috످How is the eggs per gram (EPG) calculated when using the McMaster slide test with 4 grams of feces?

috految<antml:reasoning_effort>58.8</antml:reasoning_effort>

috److془Standard: 4 g + 56 mL = 60 mL, 0.15 each chamber, x50. 26 mL: x25. Confident.془With the standard McMaster method (4 g of feces in 56 mL of flotation solution), count the eggs within the grids of both chambers and multiply the total by 50.

EPG = (Chamber 1 eggs + Chamber 2 eggs) × 50

For example, if you count 7 eggs in the first chamber and 5 in the second, the result is (7 + 5) × 50 = 600 EPG.

Why multiply by 50? Mixing 4 g of feces (about 4 mL) with 56 mL of solution makes a 60 mL suspension. Each chamber holds 0.15 mL under its grid, so you examine 0.3 mL in total. This 0.3 mL is 1/200 of the suspension, so multiplying your count by 200 estimates the total eggs in the 4 g sample. Dividing by 4 g gives the multiplier per gram: 200 ÷ 4 = 50.

When adjusting for other protocols, check your lab or kit instructions, since the multiplier depends on the dilution and the number of chambers counted.

Multiplier = Total suspension volume (mL) ÷ [Feces weight (g) × Volume examined (mL)]

With 4 g of feces in 56 mL of flotation solution (standard), the total volume is 60 mL, and the multiplier is 50 for both chambers or 100 for one chamber. With 4 g of feces in 26 mL of flotation solution (more sensitive, common for horses), the total volume is 30 mL, and the multiplier is 25 for both chambers or 50 for one chamber.

Note that a count of zero does not rule out infection, since the standard test has a detection limit of 50 EPG.

috످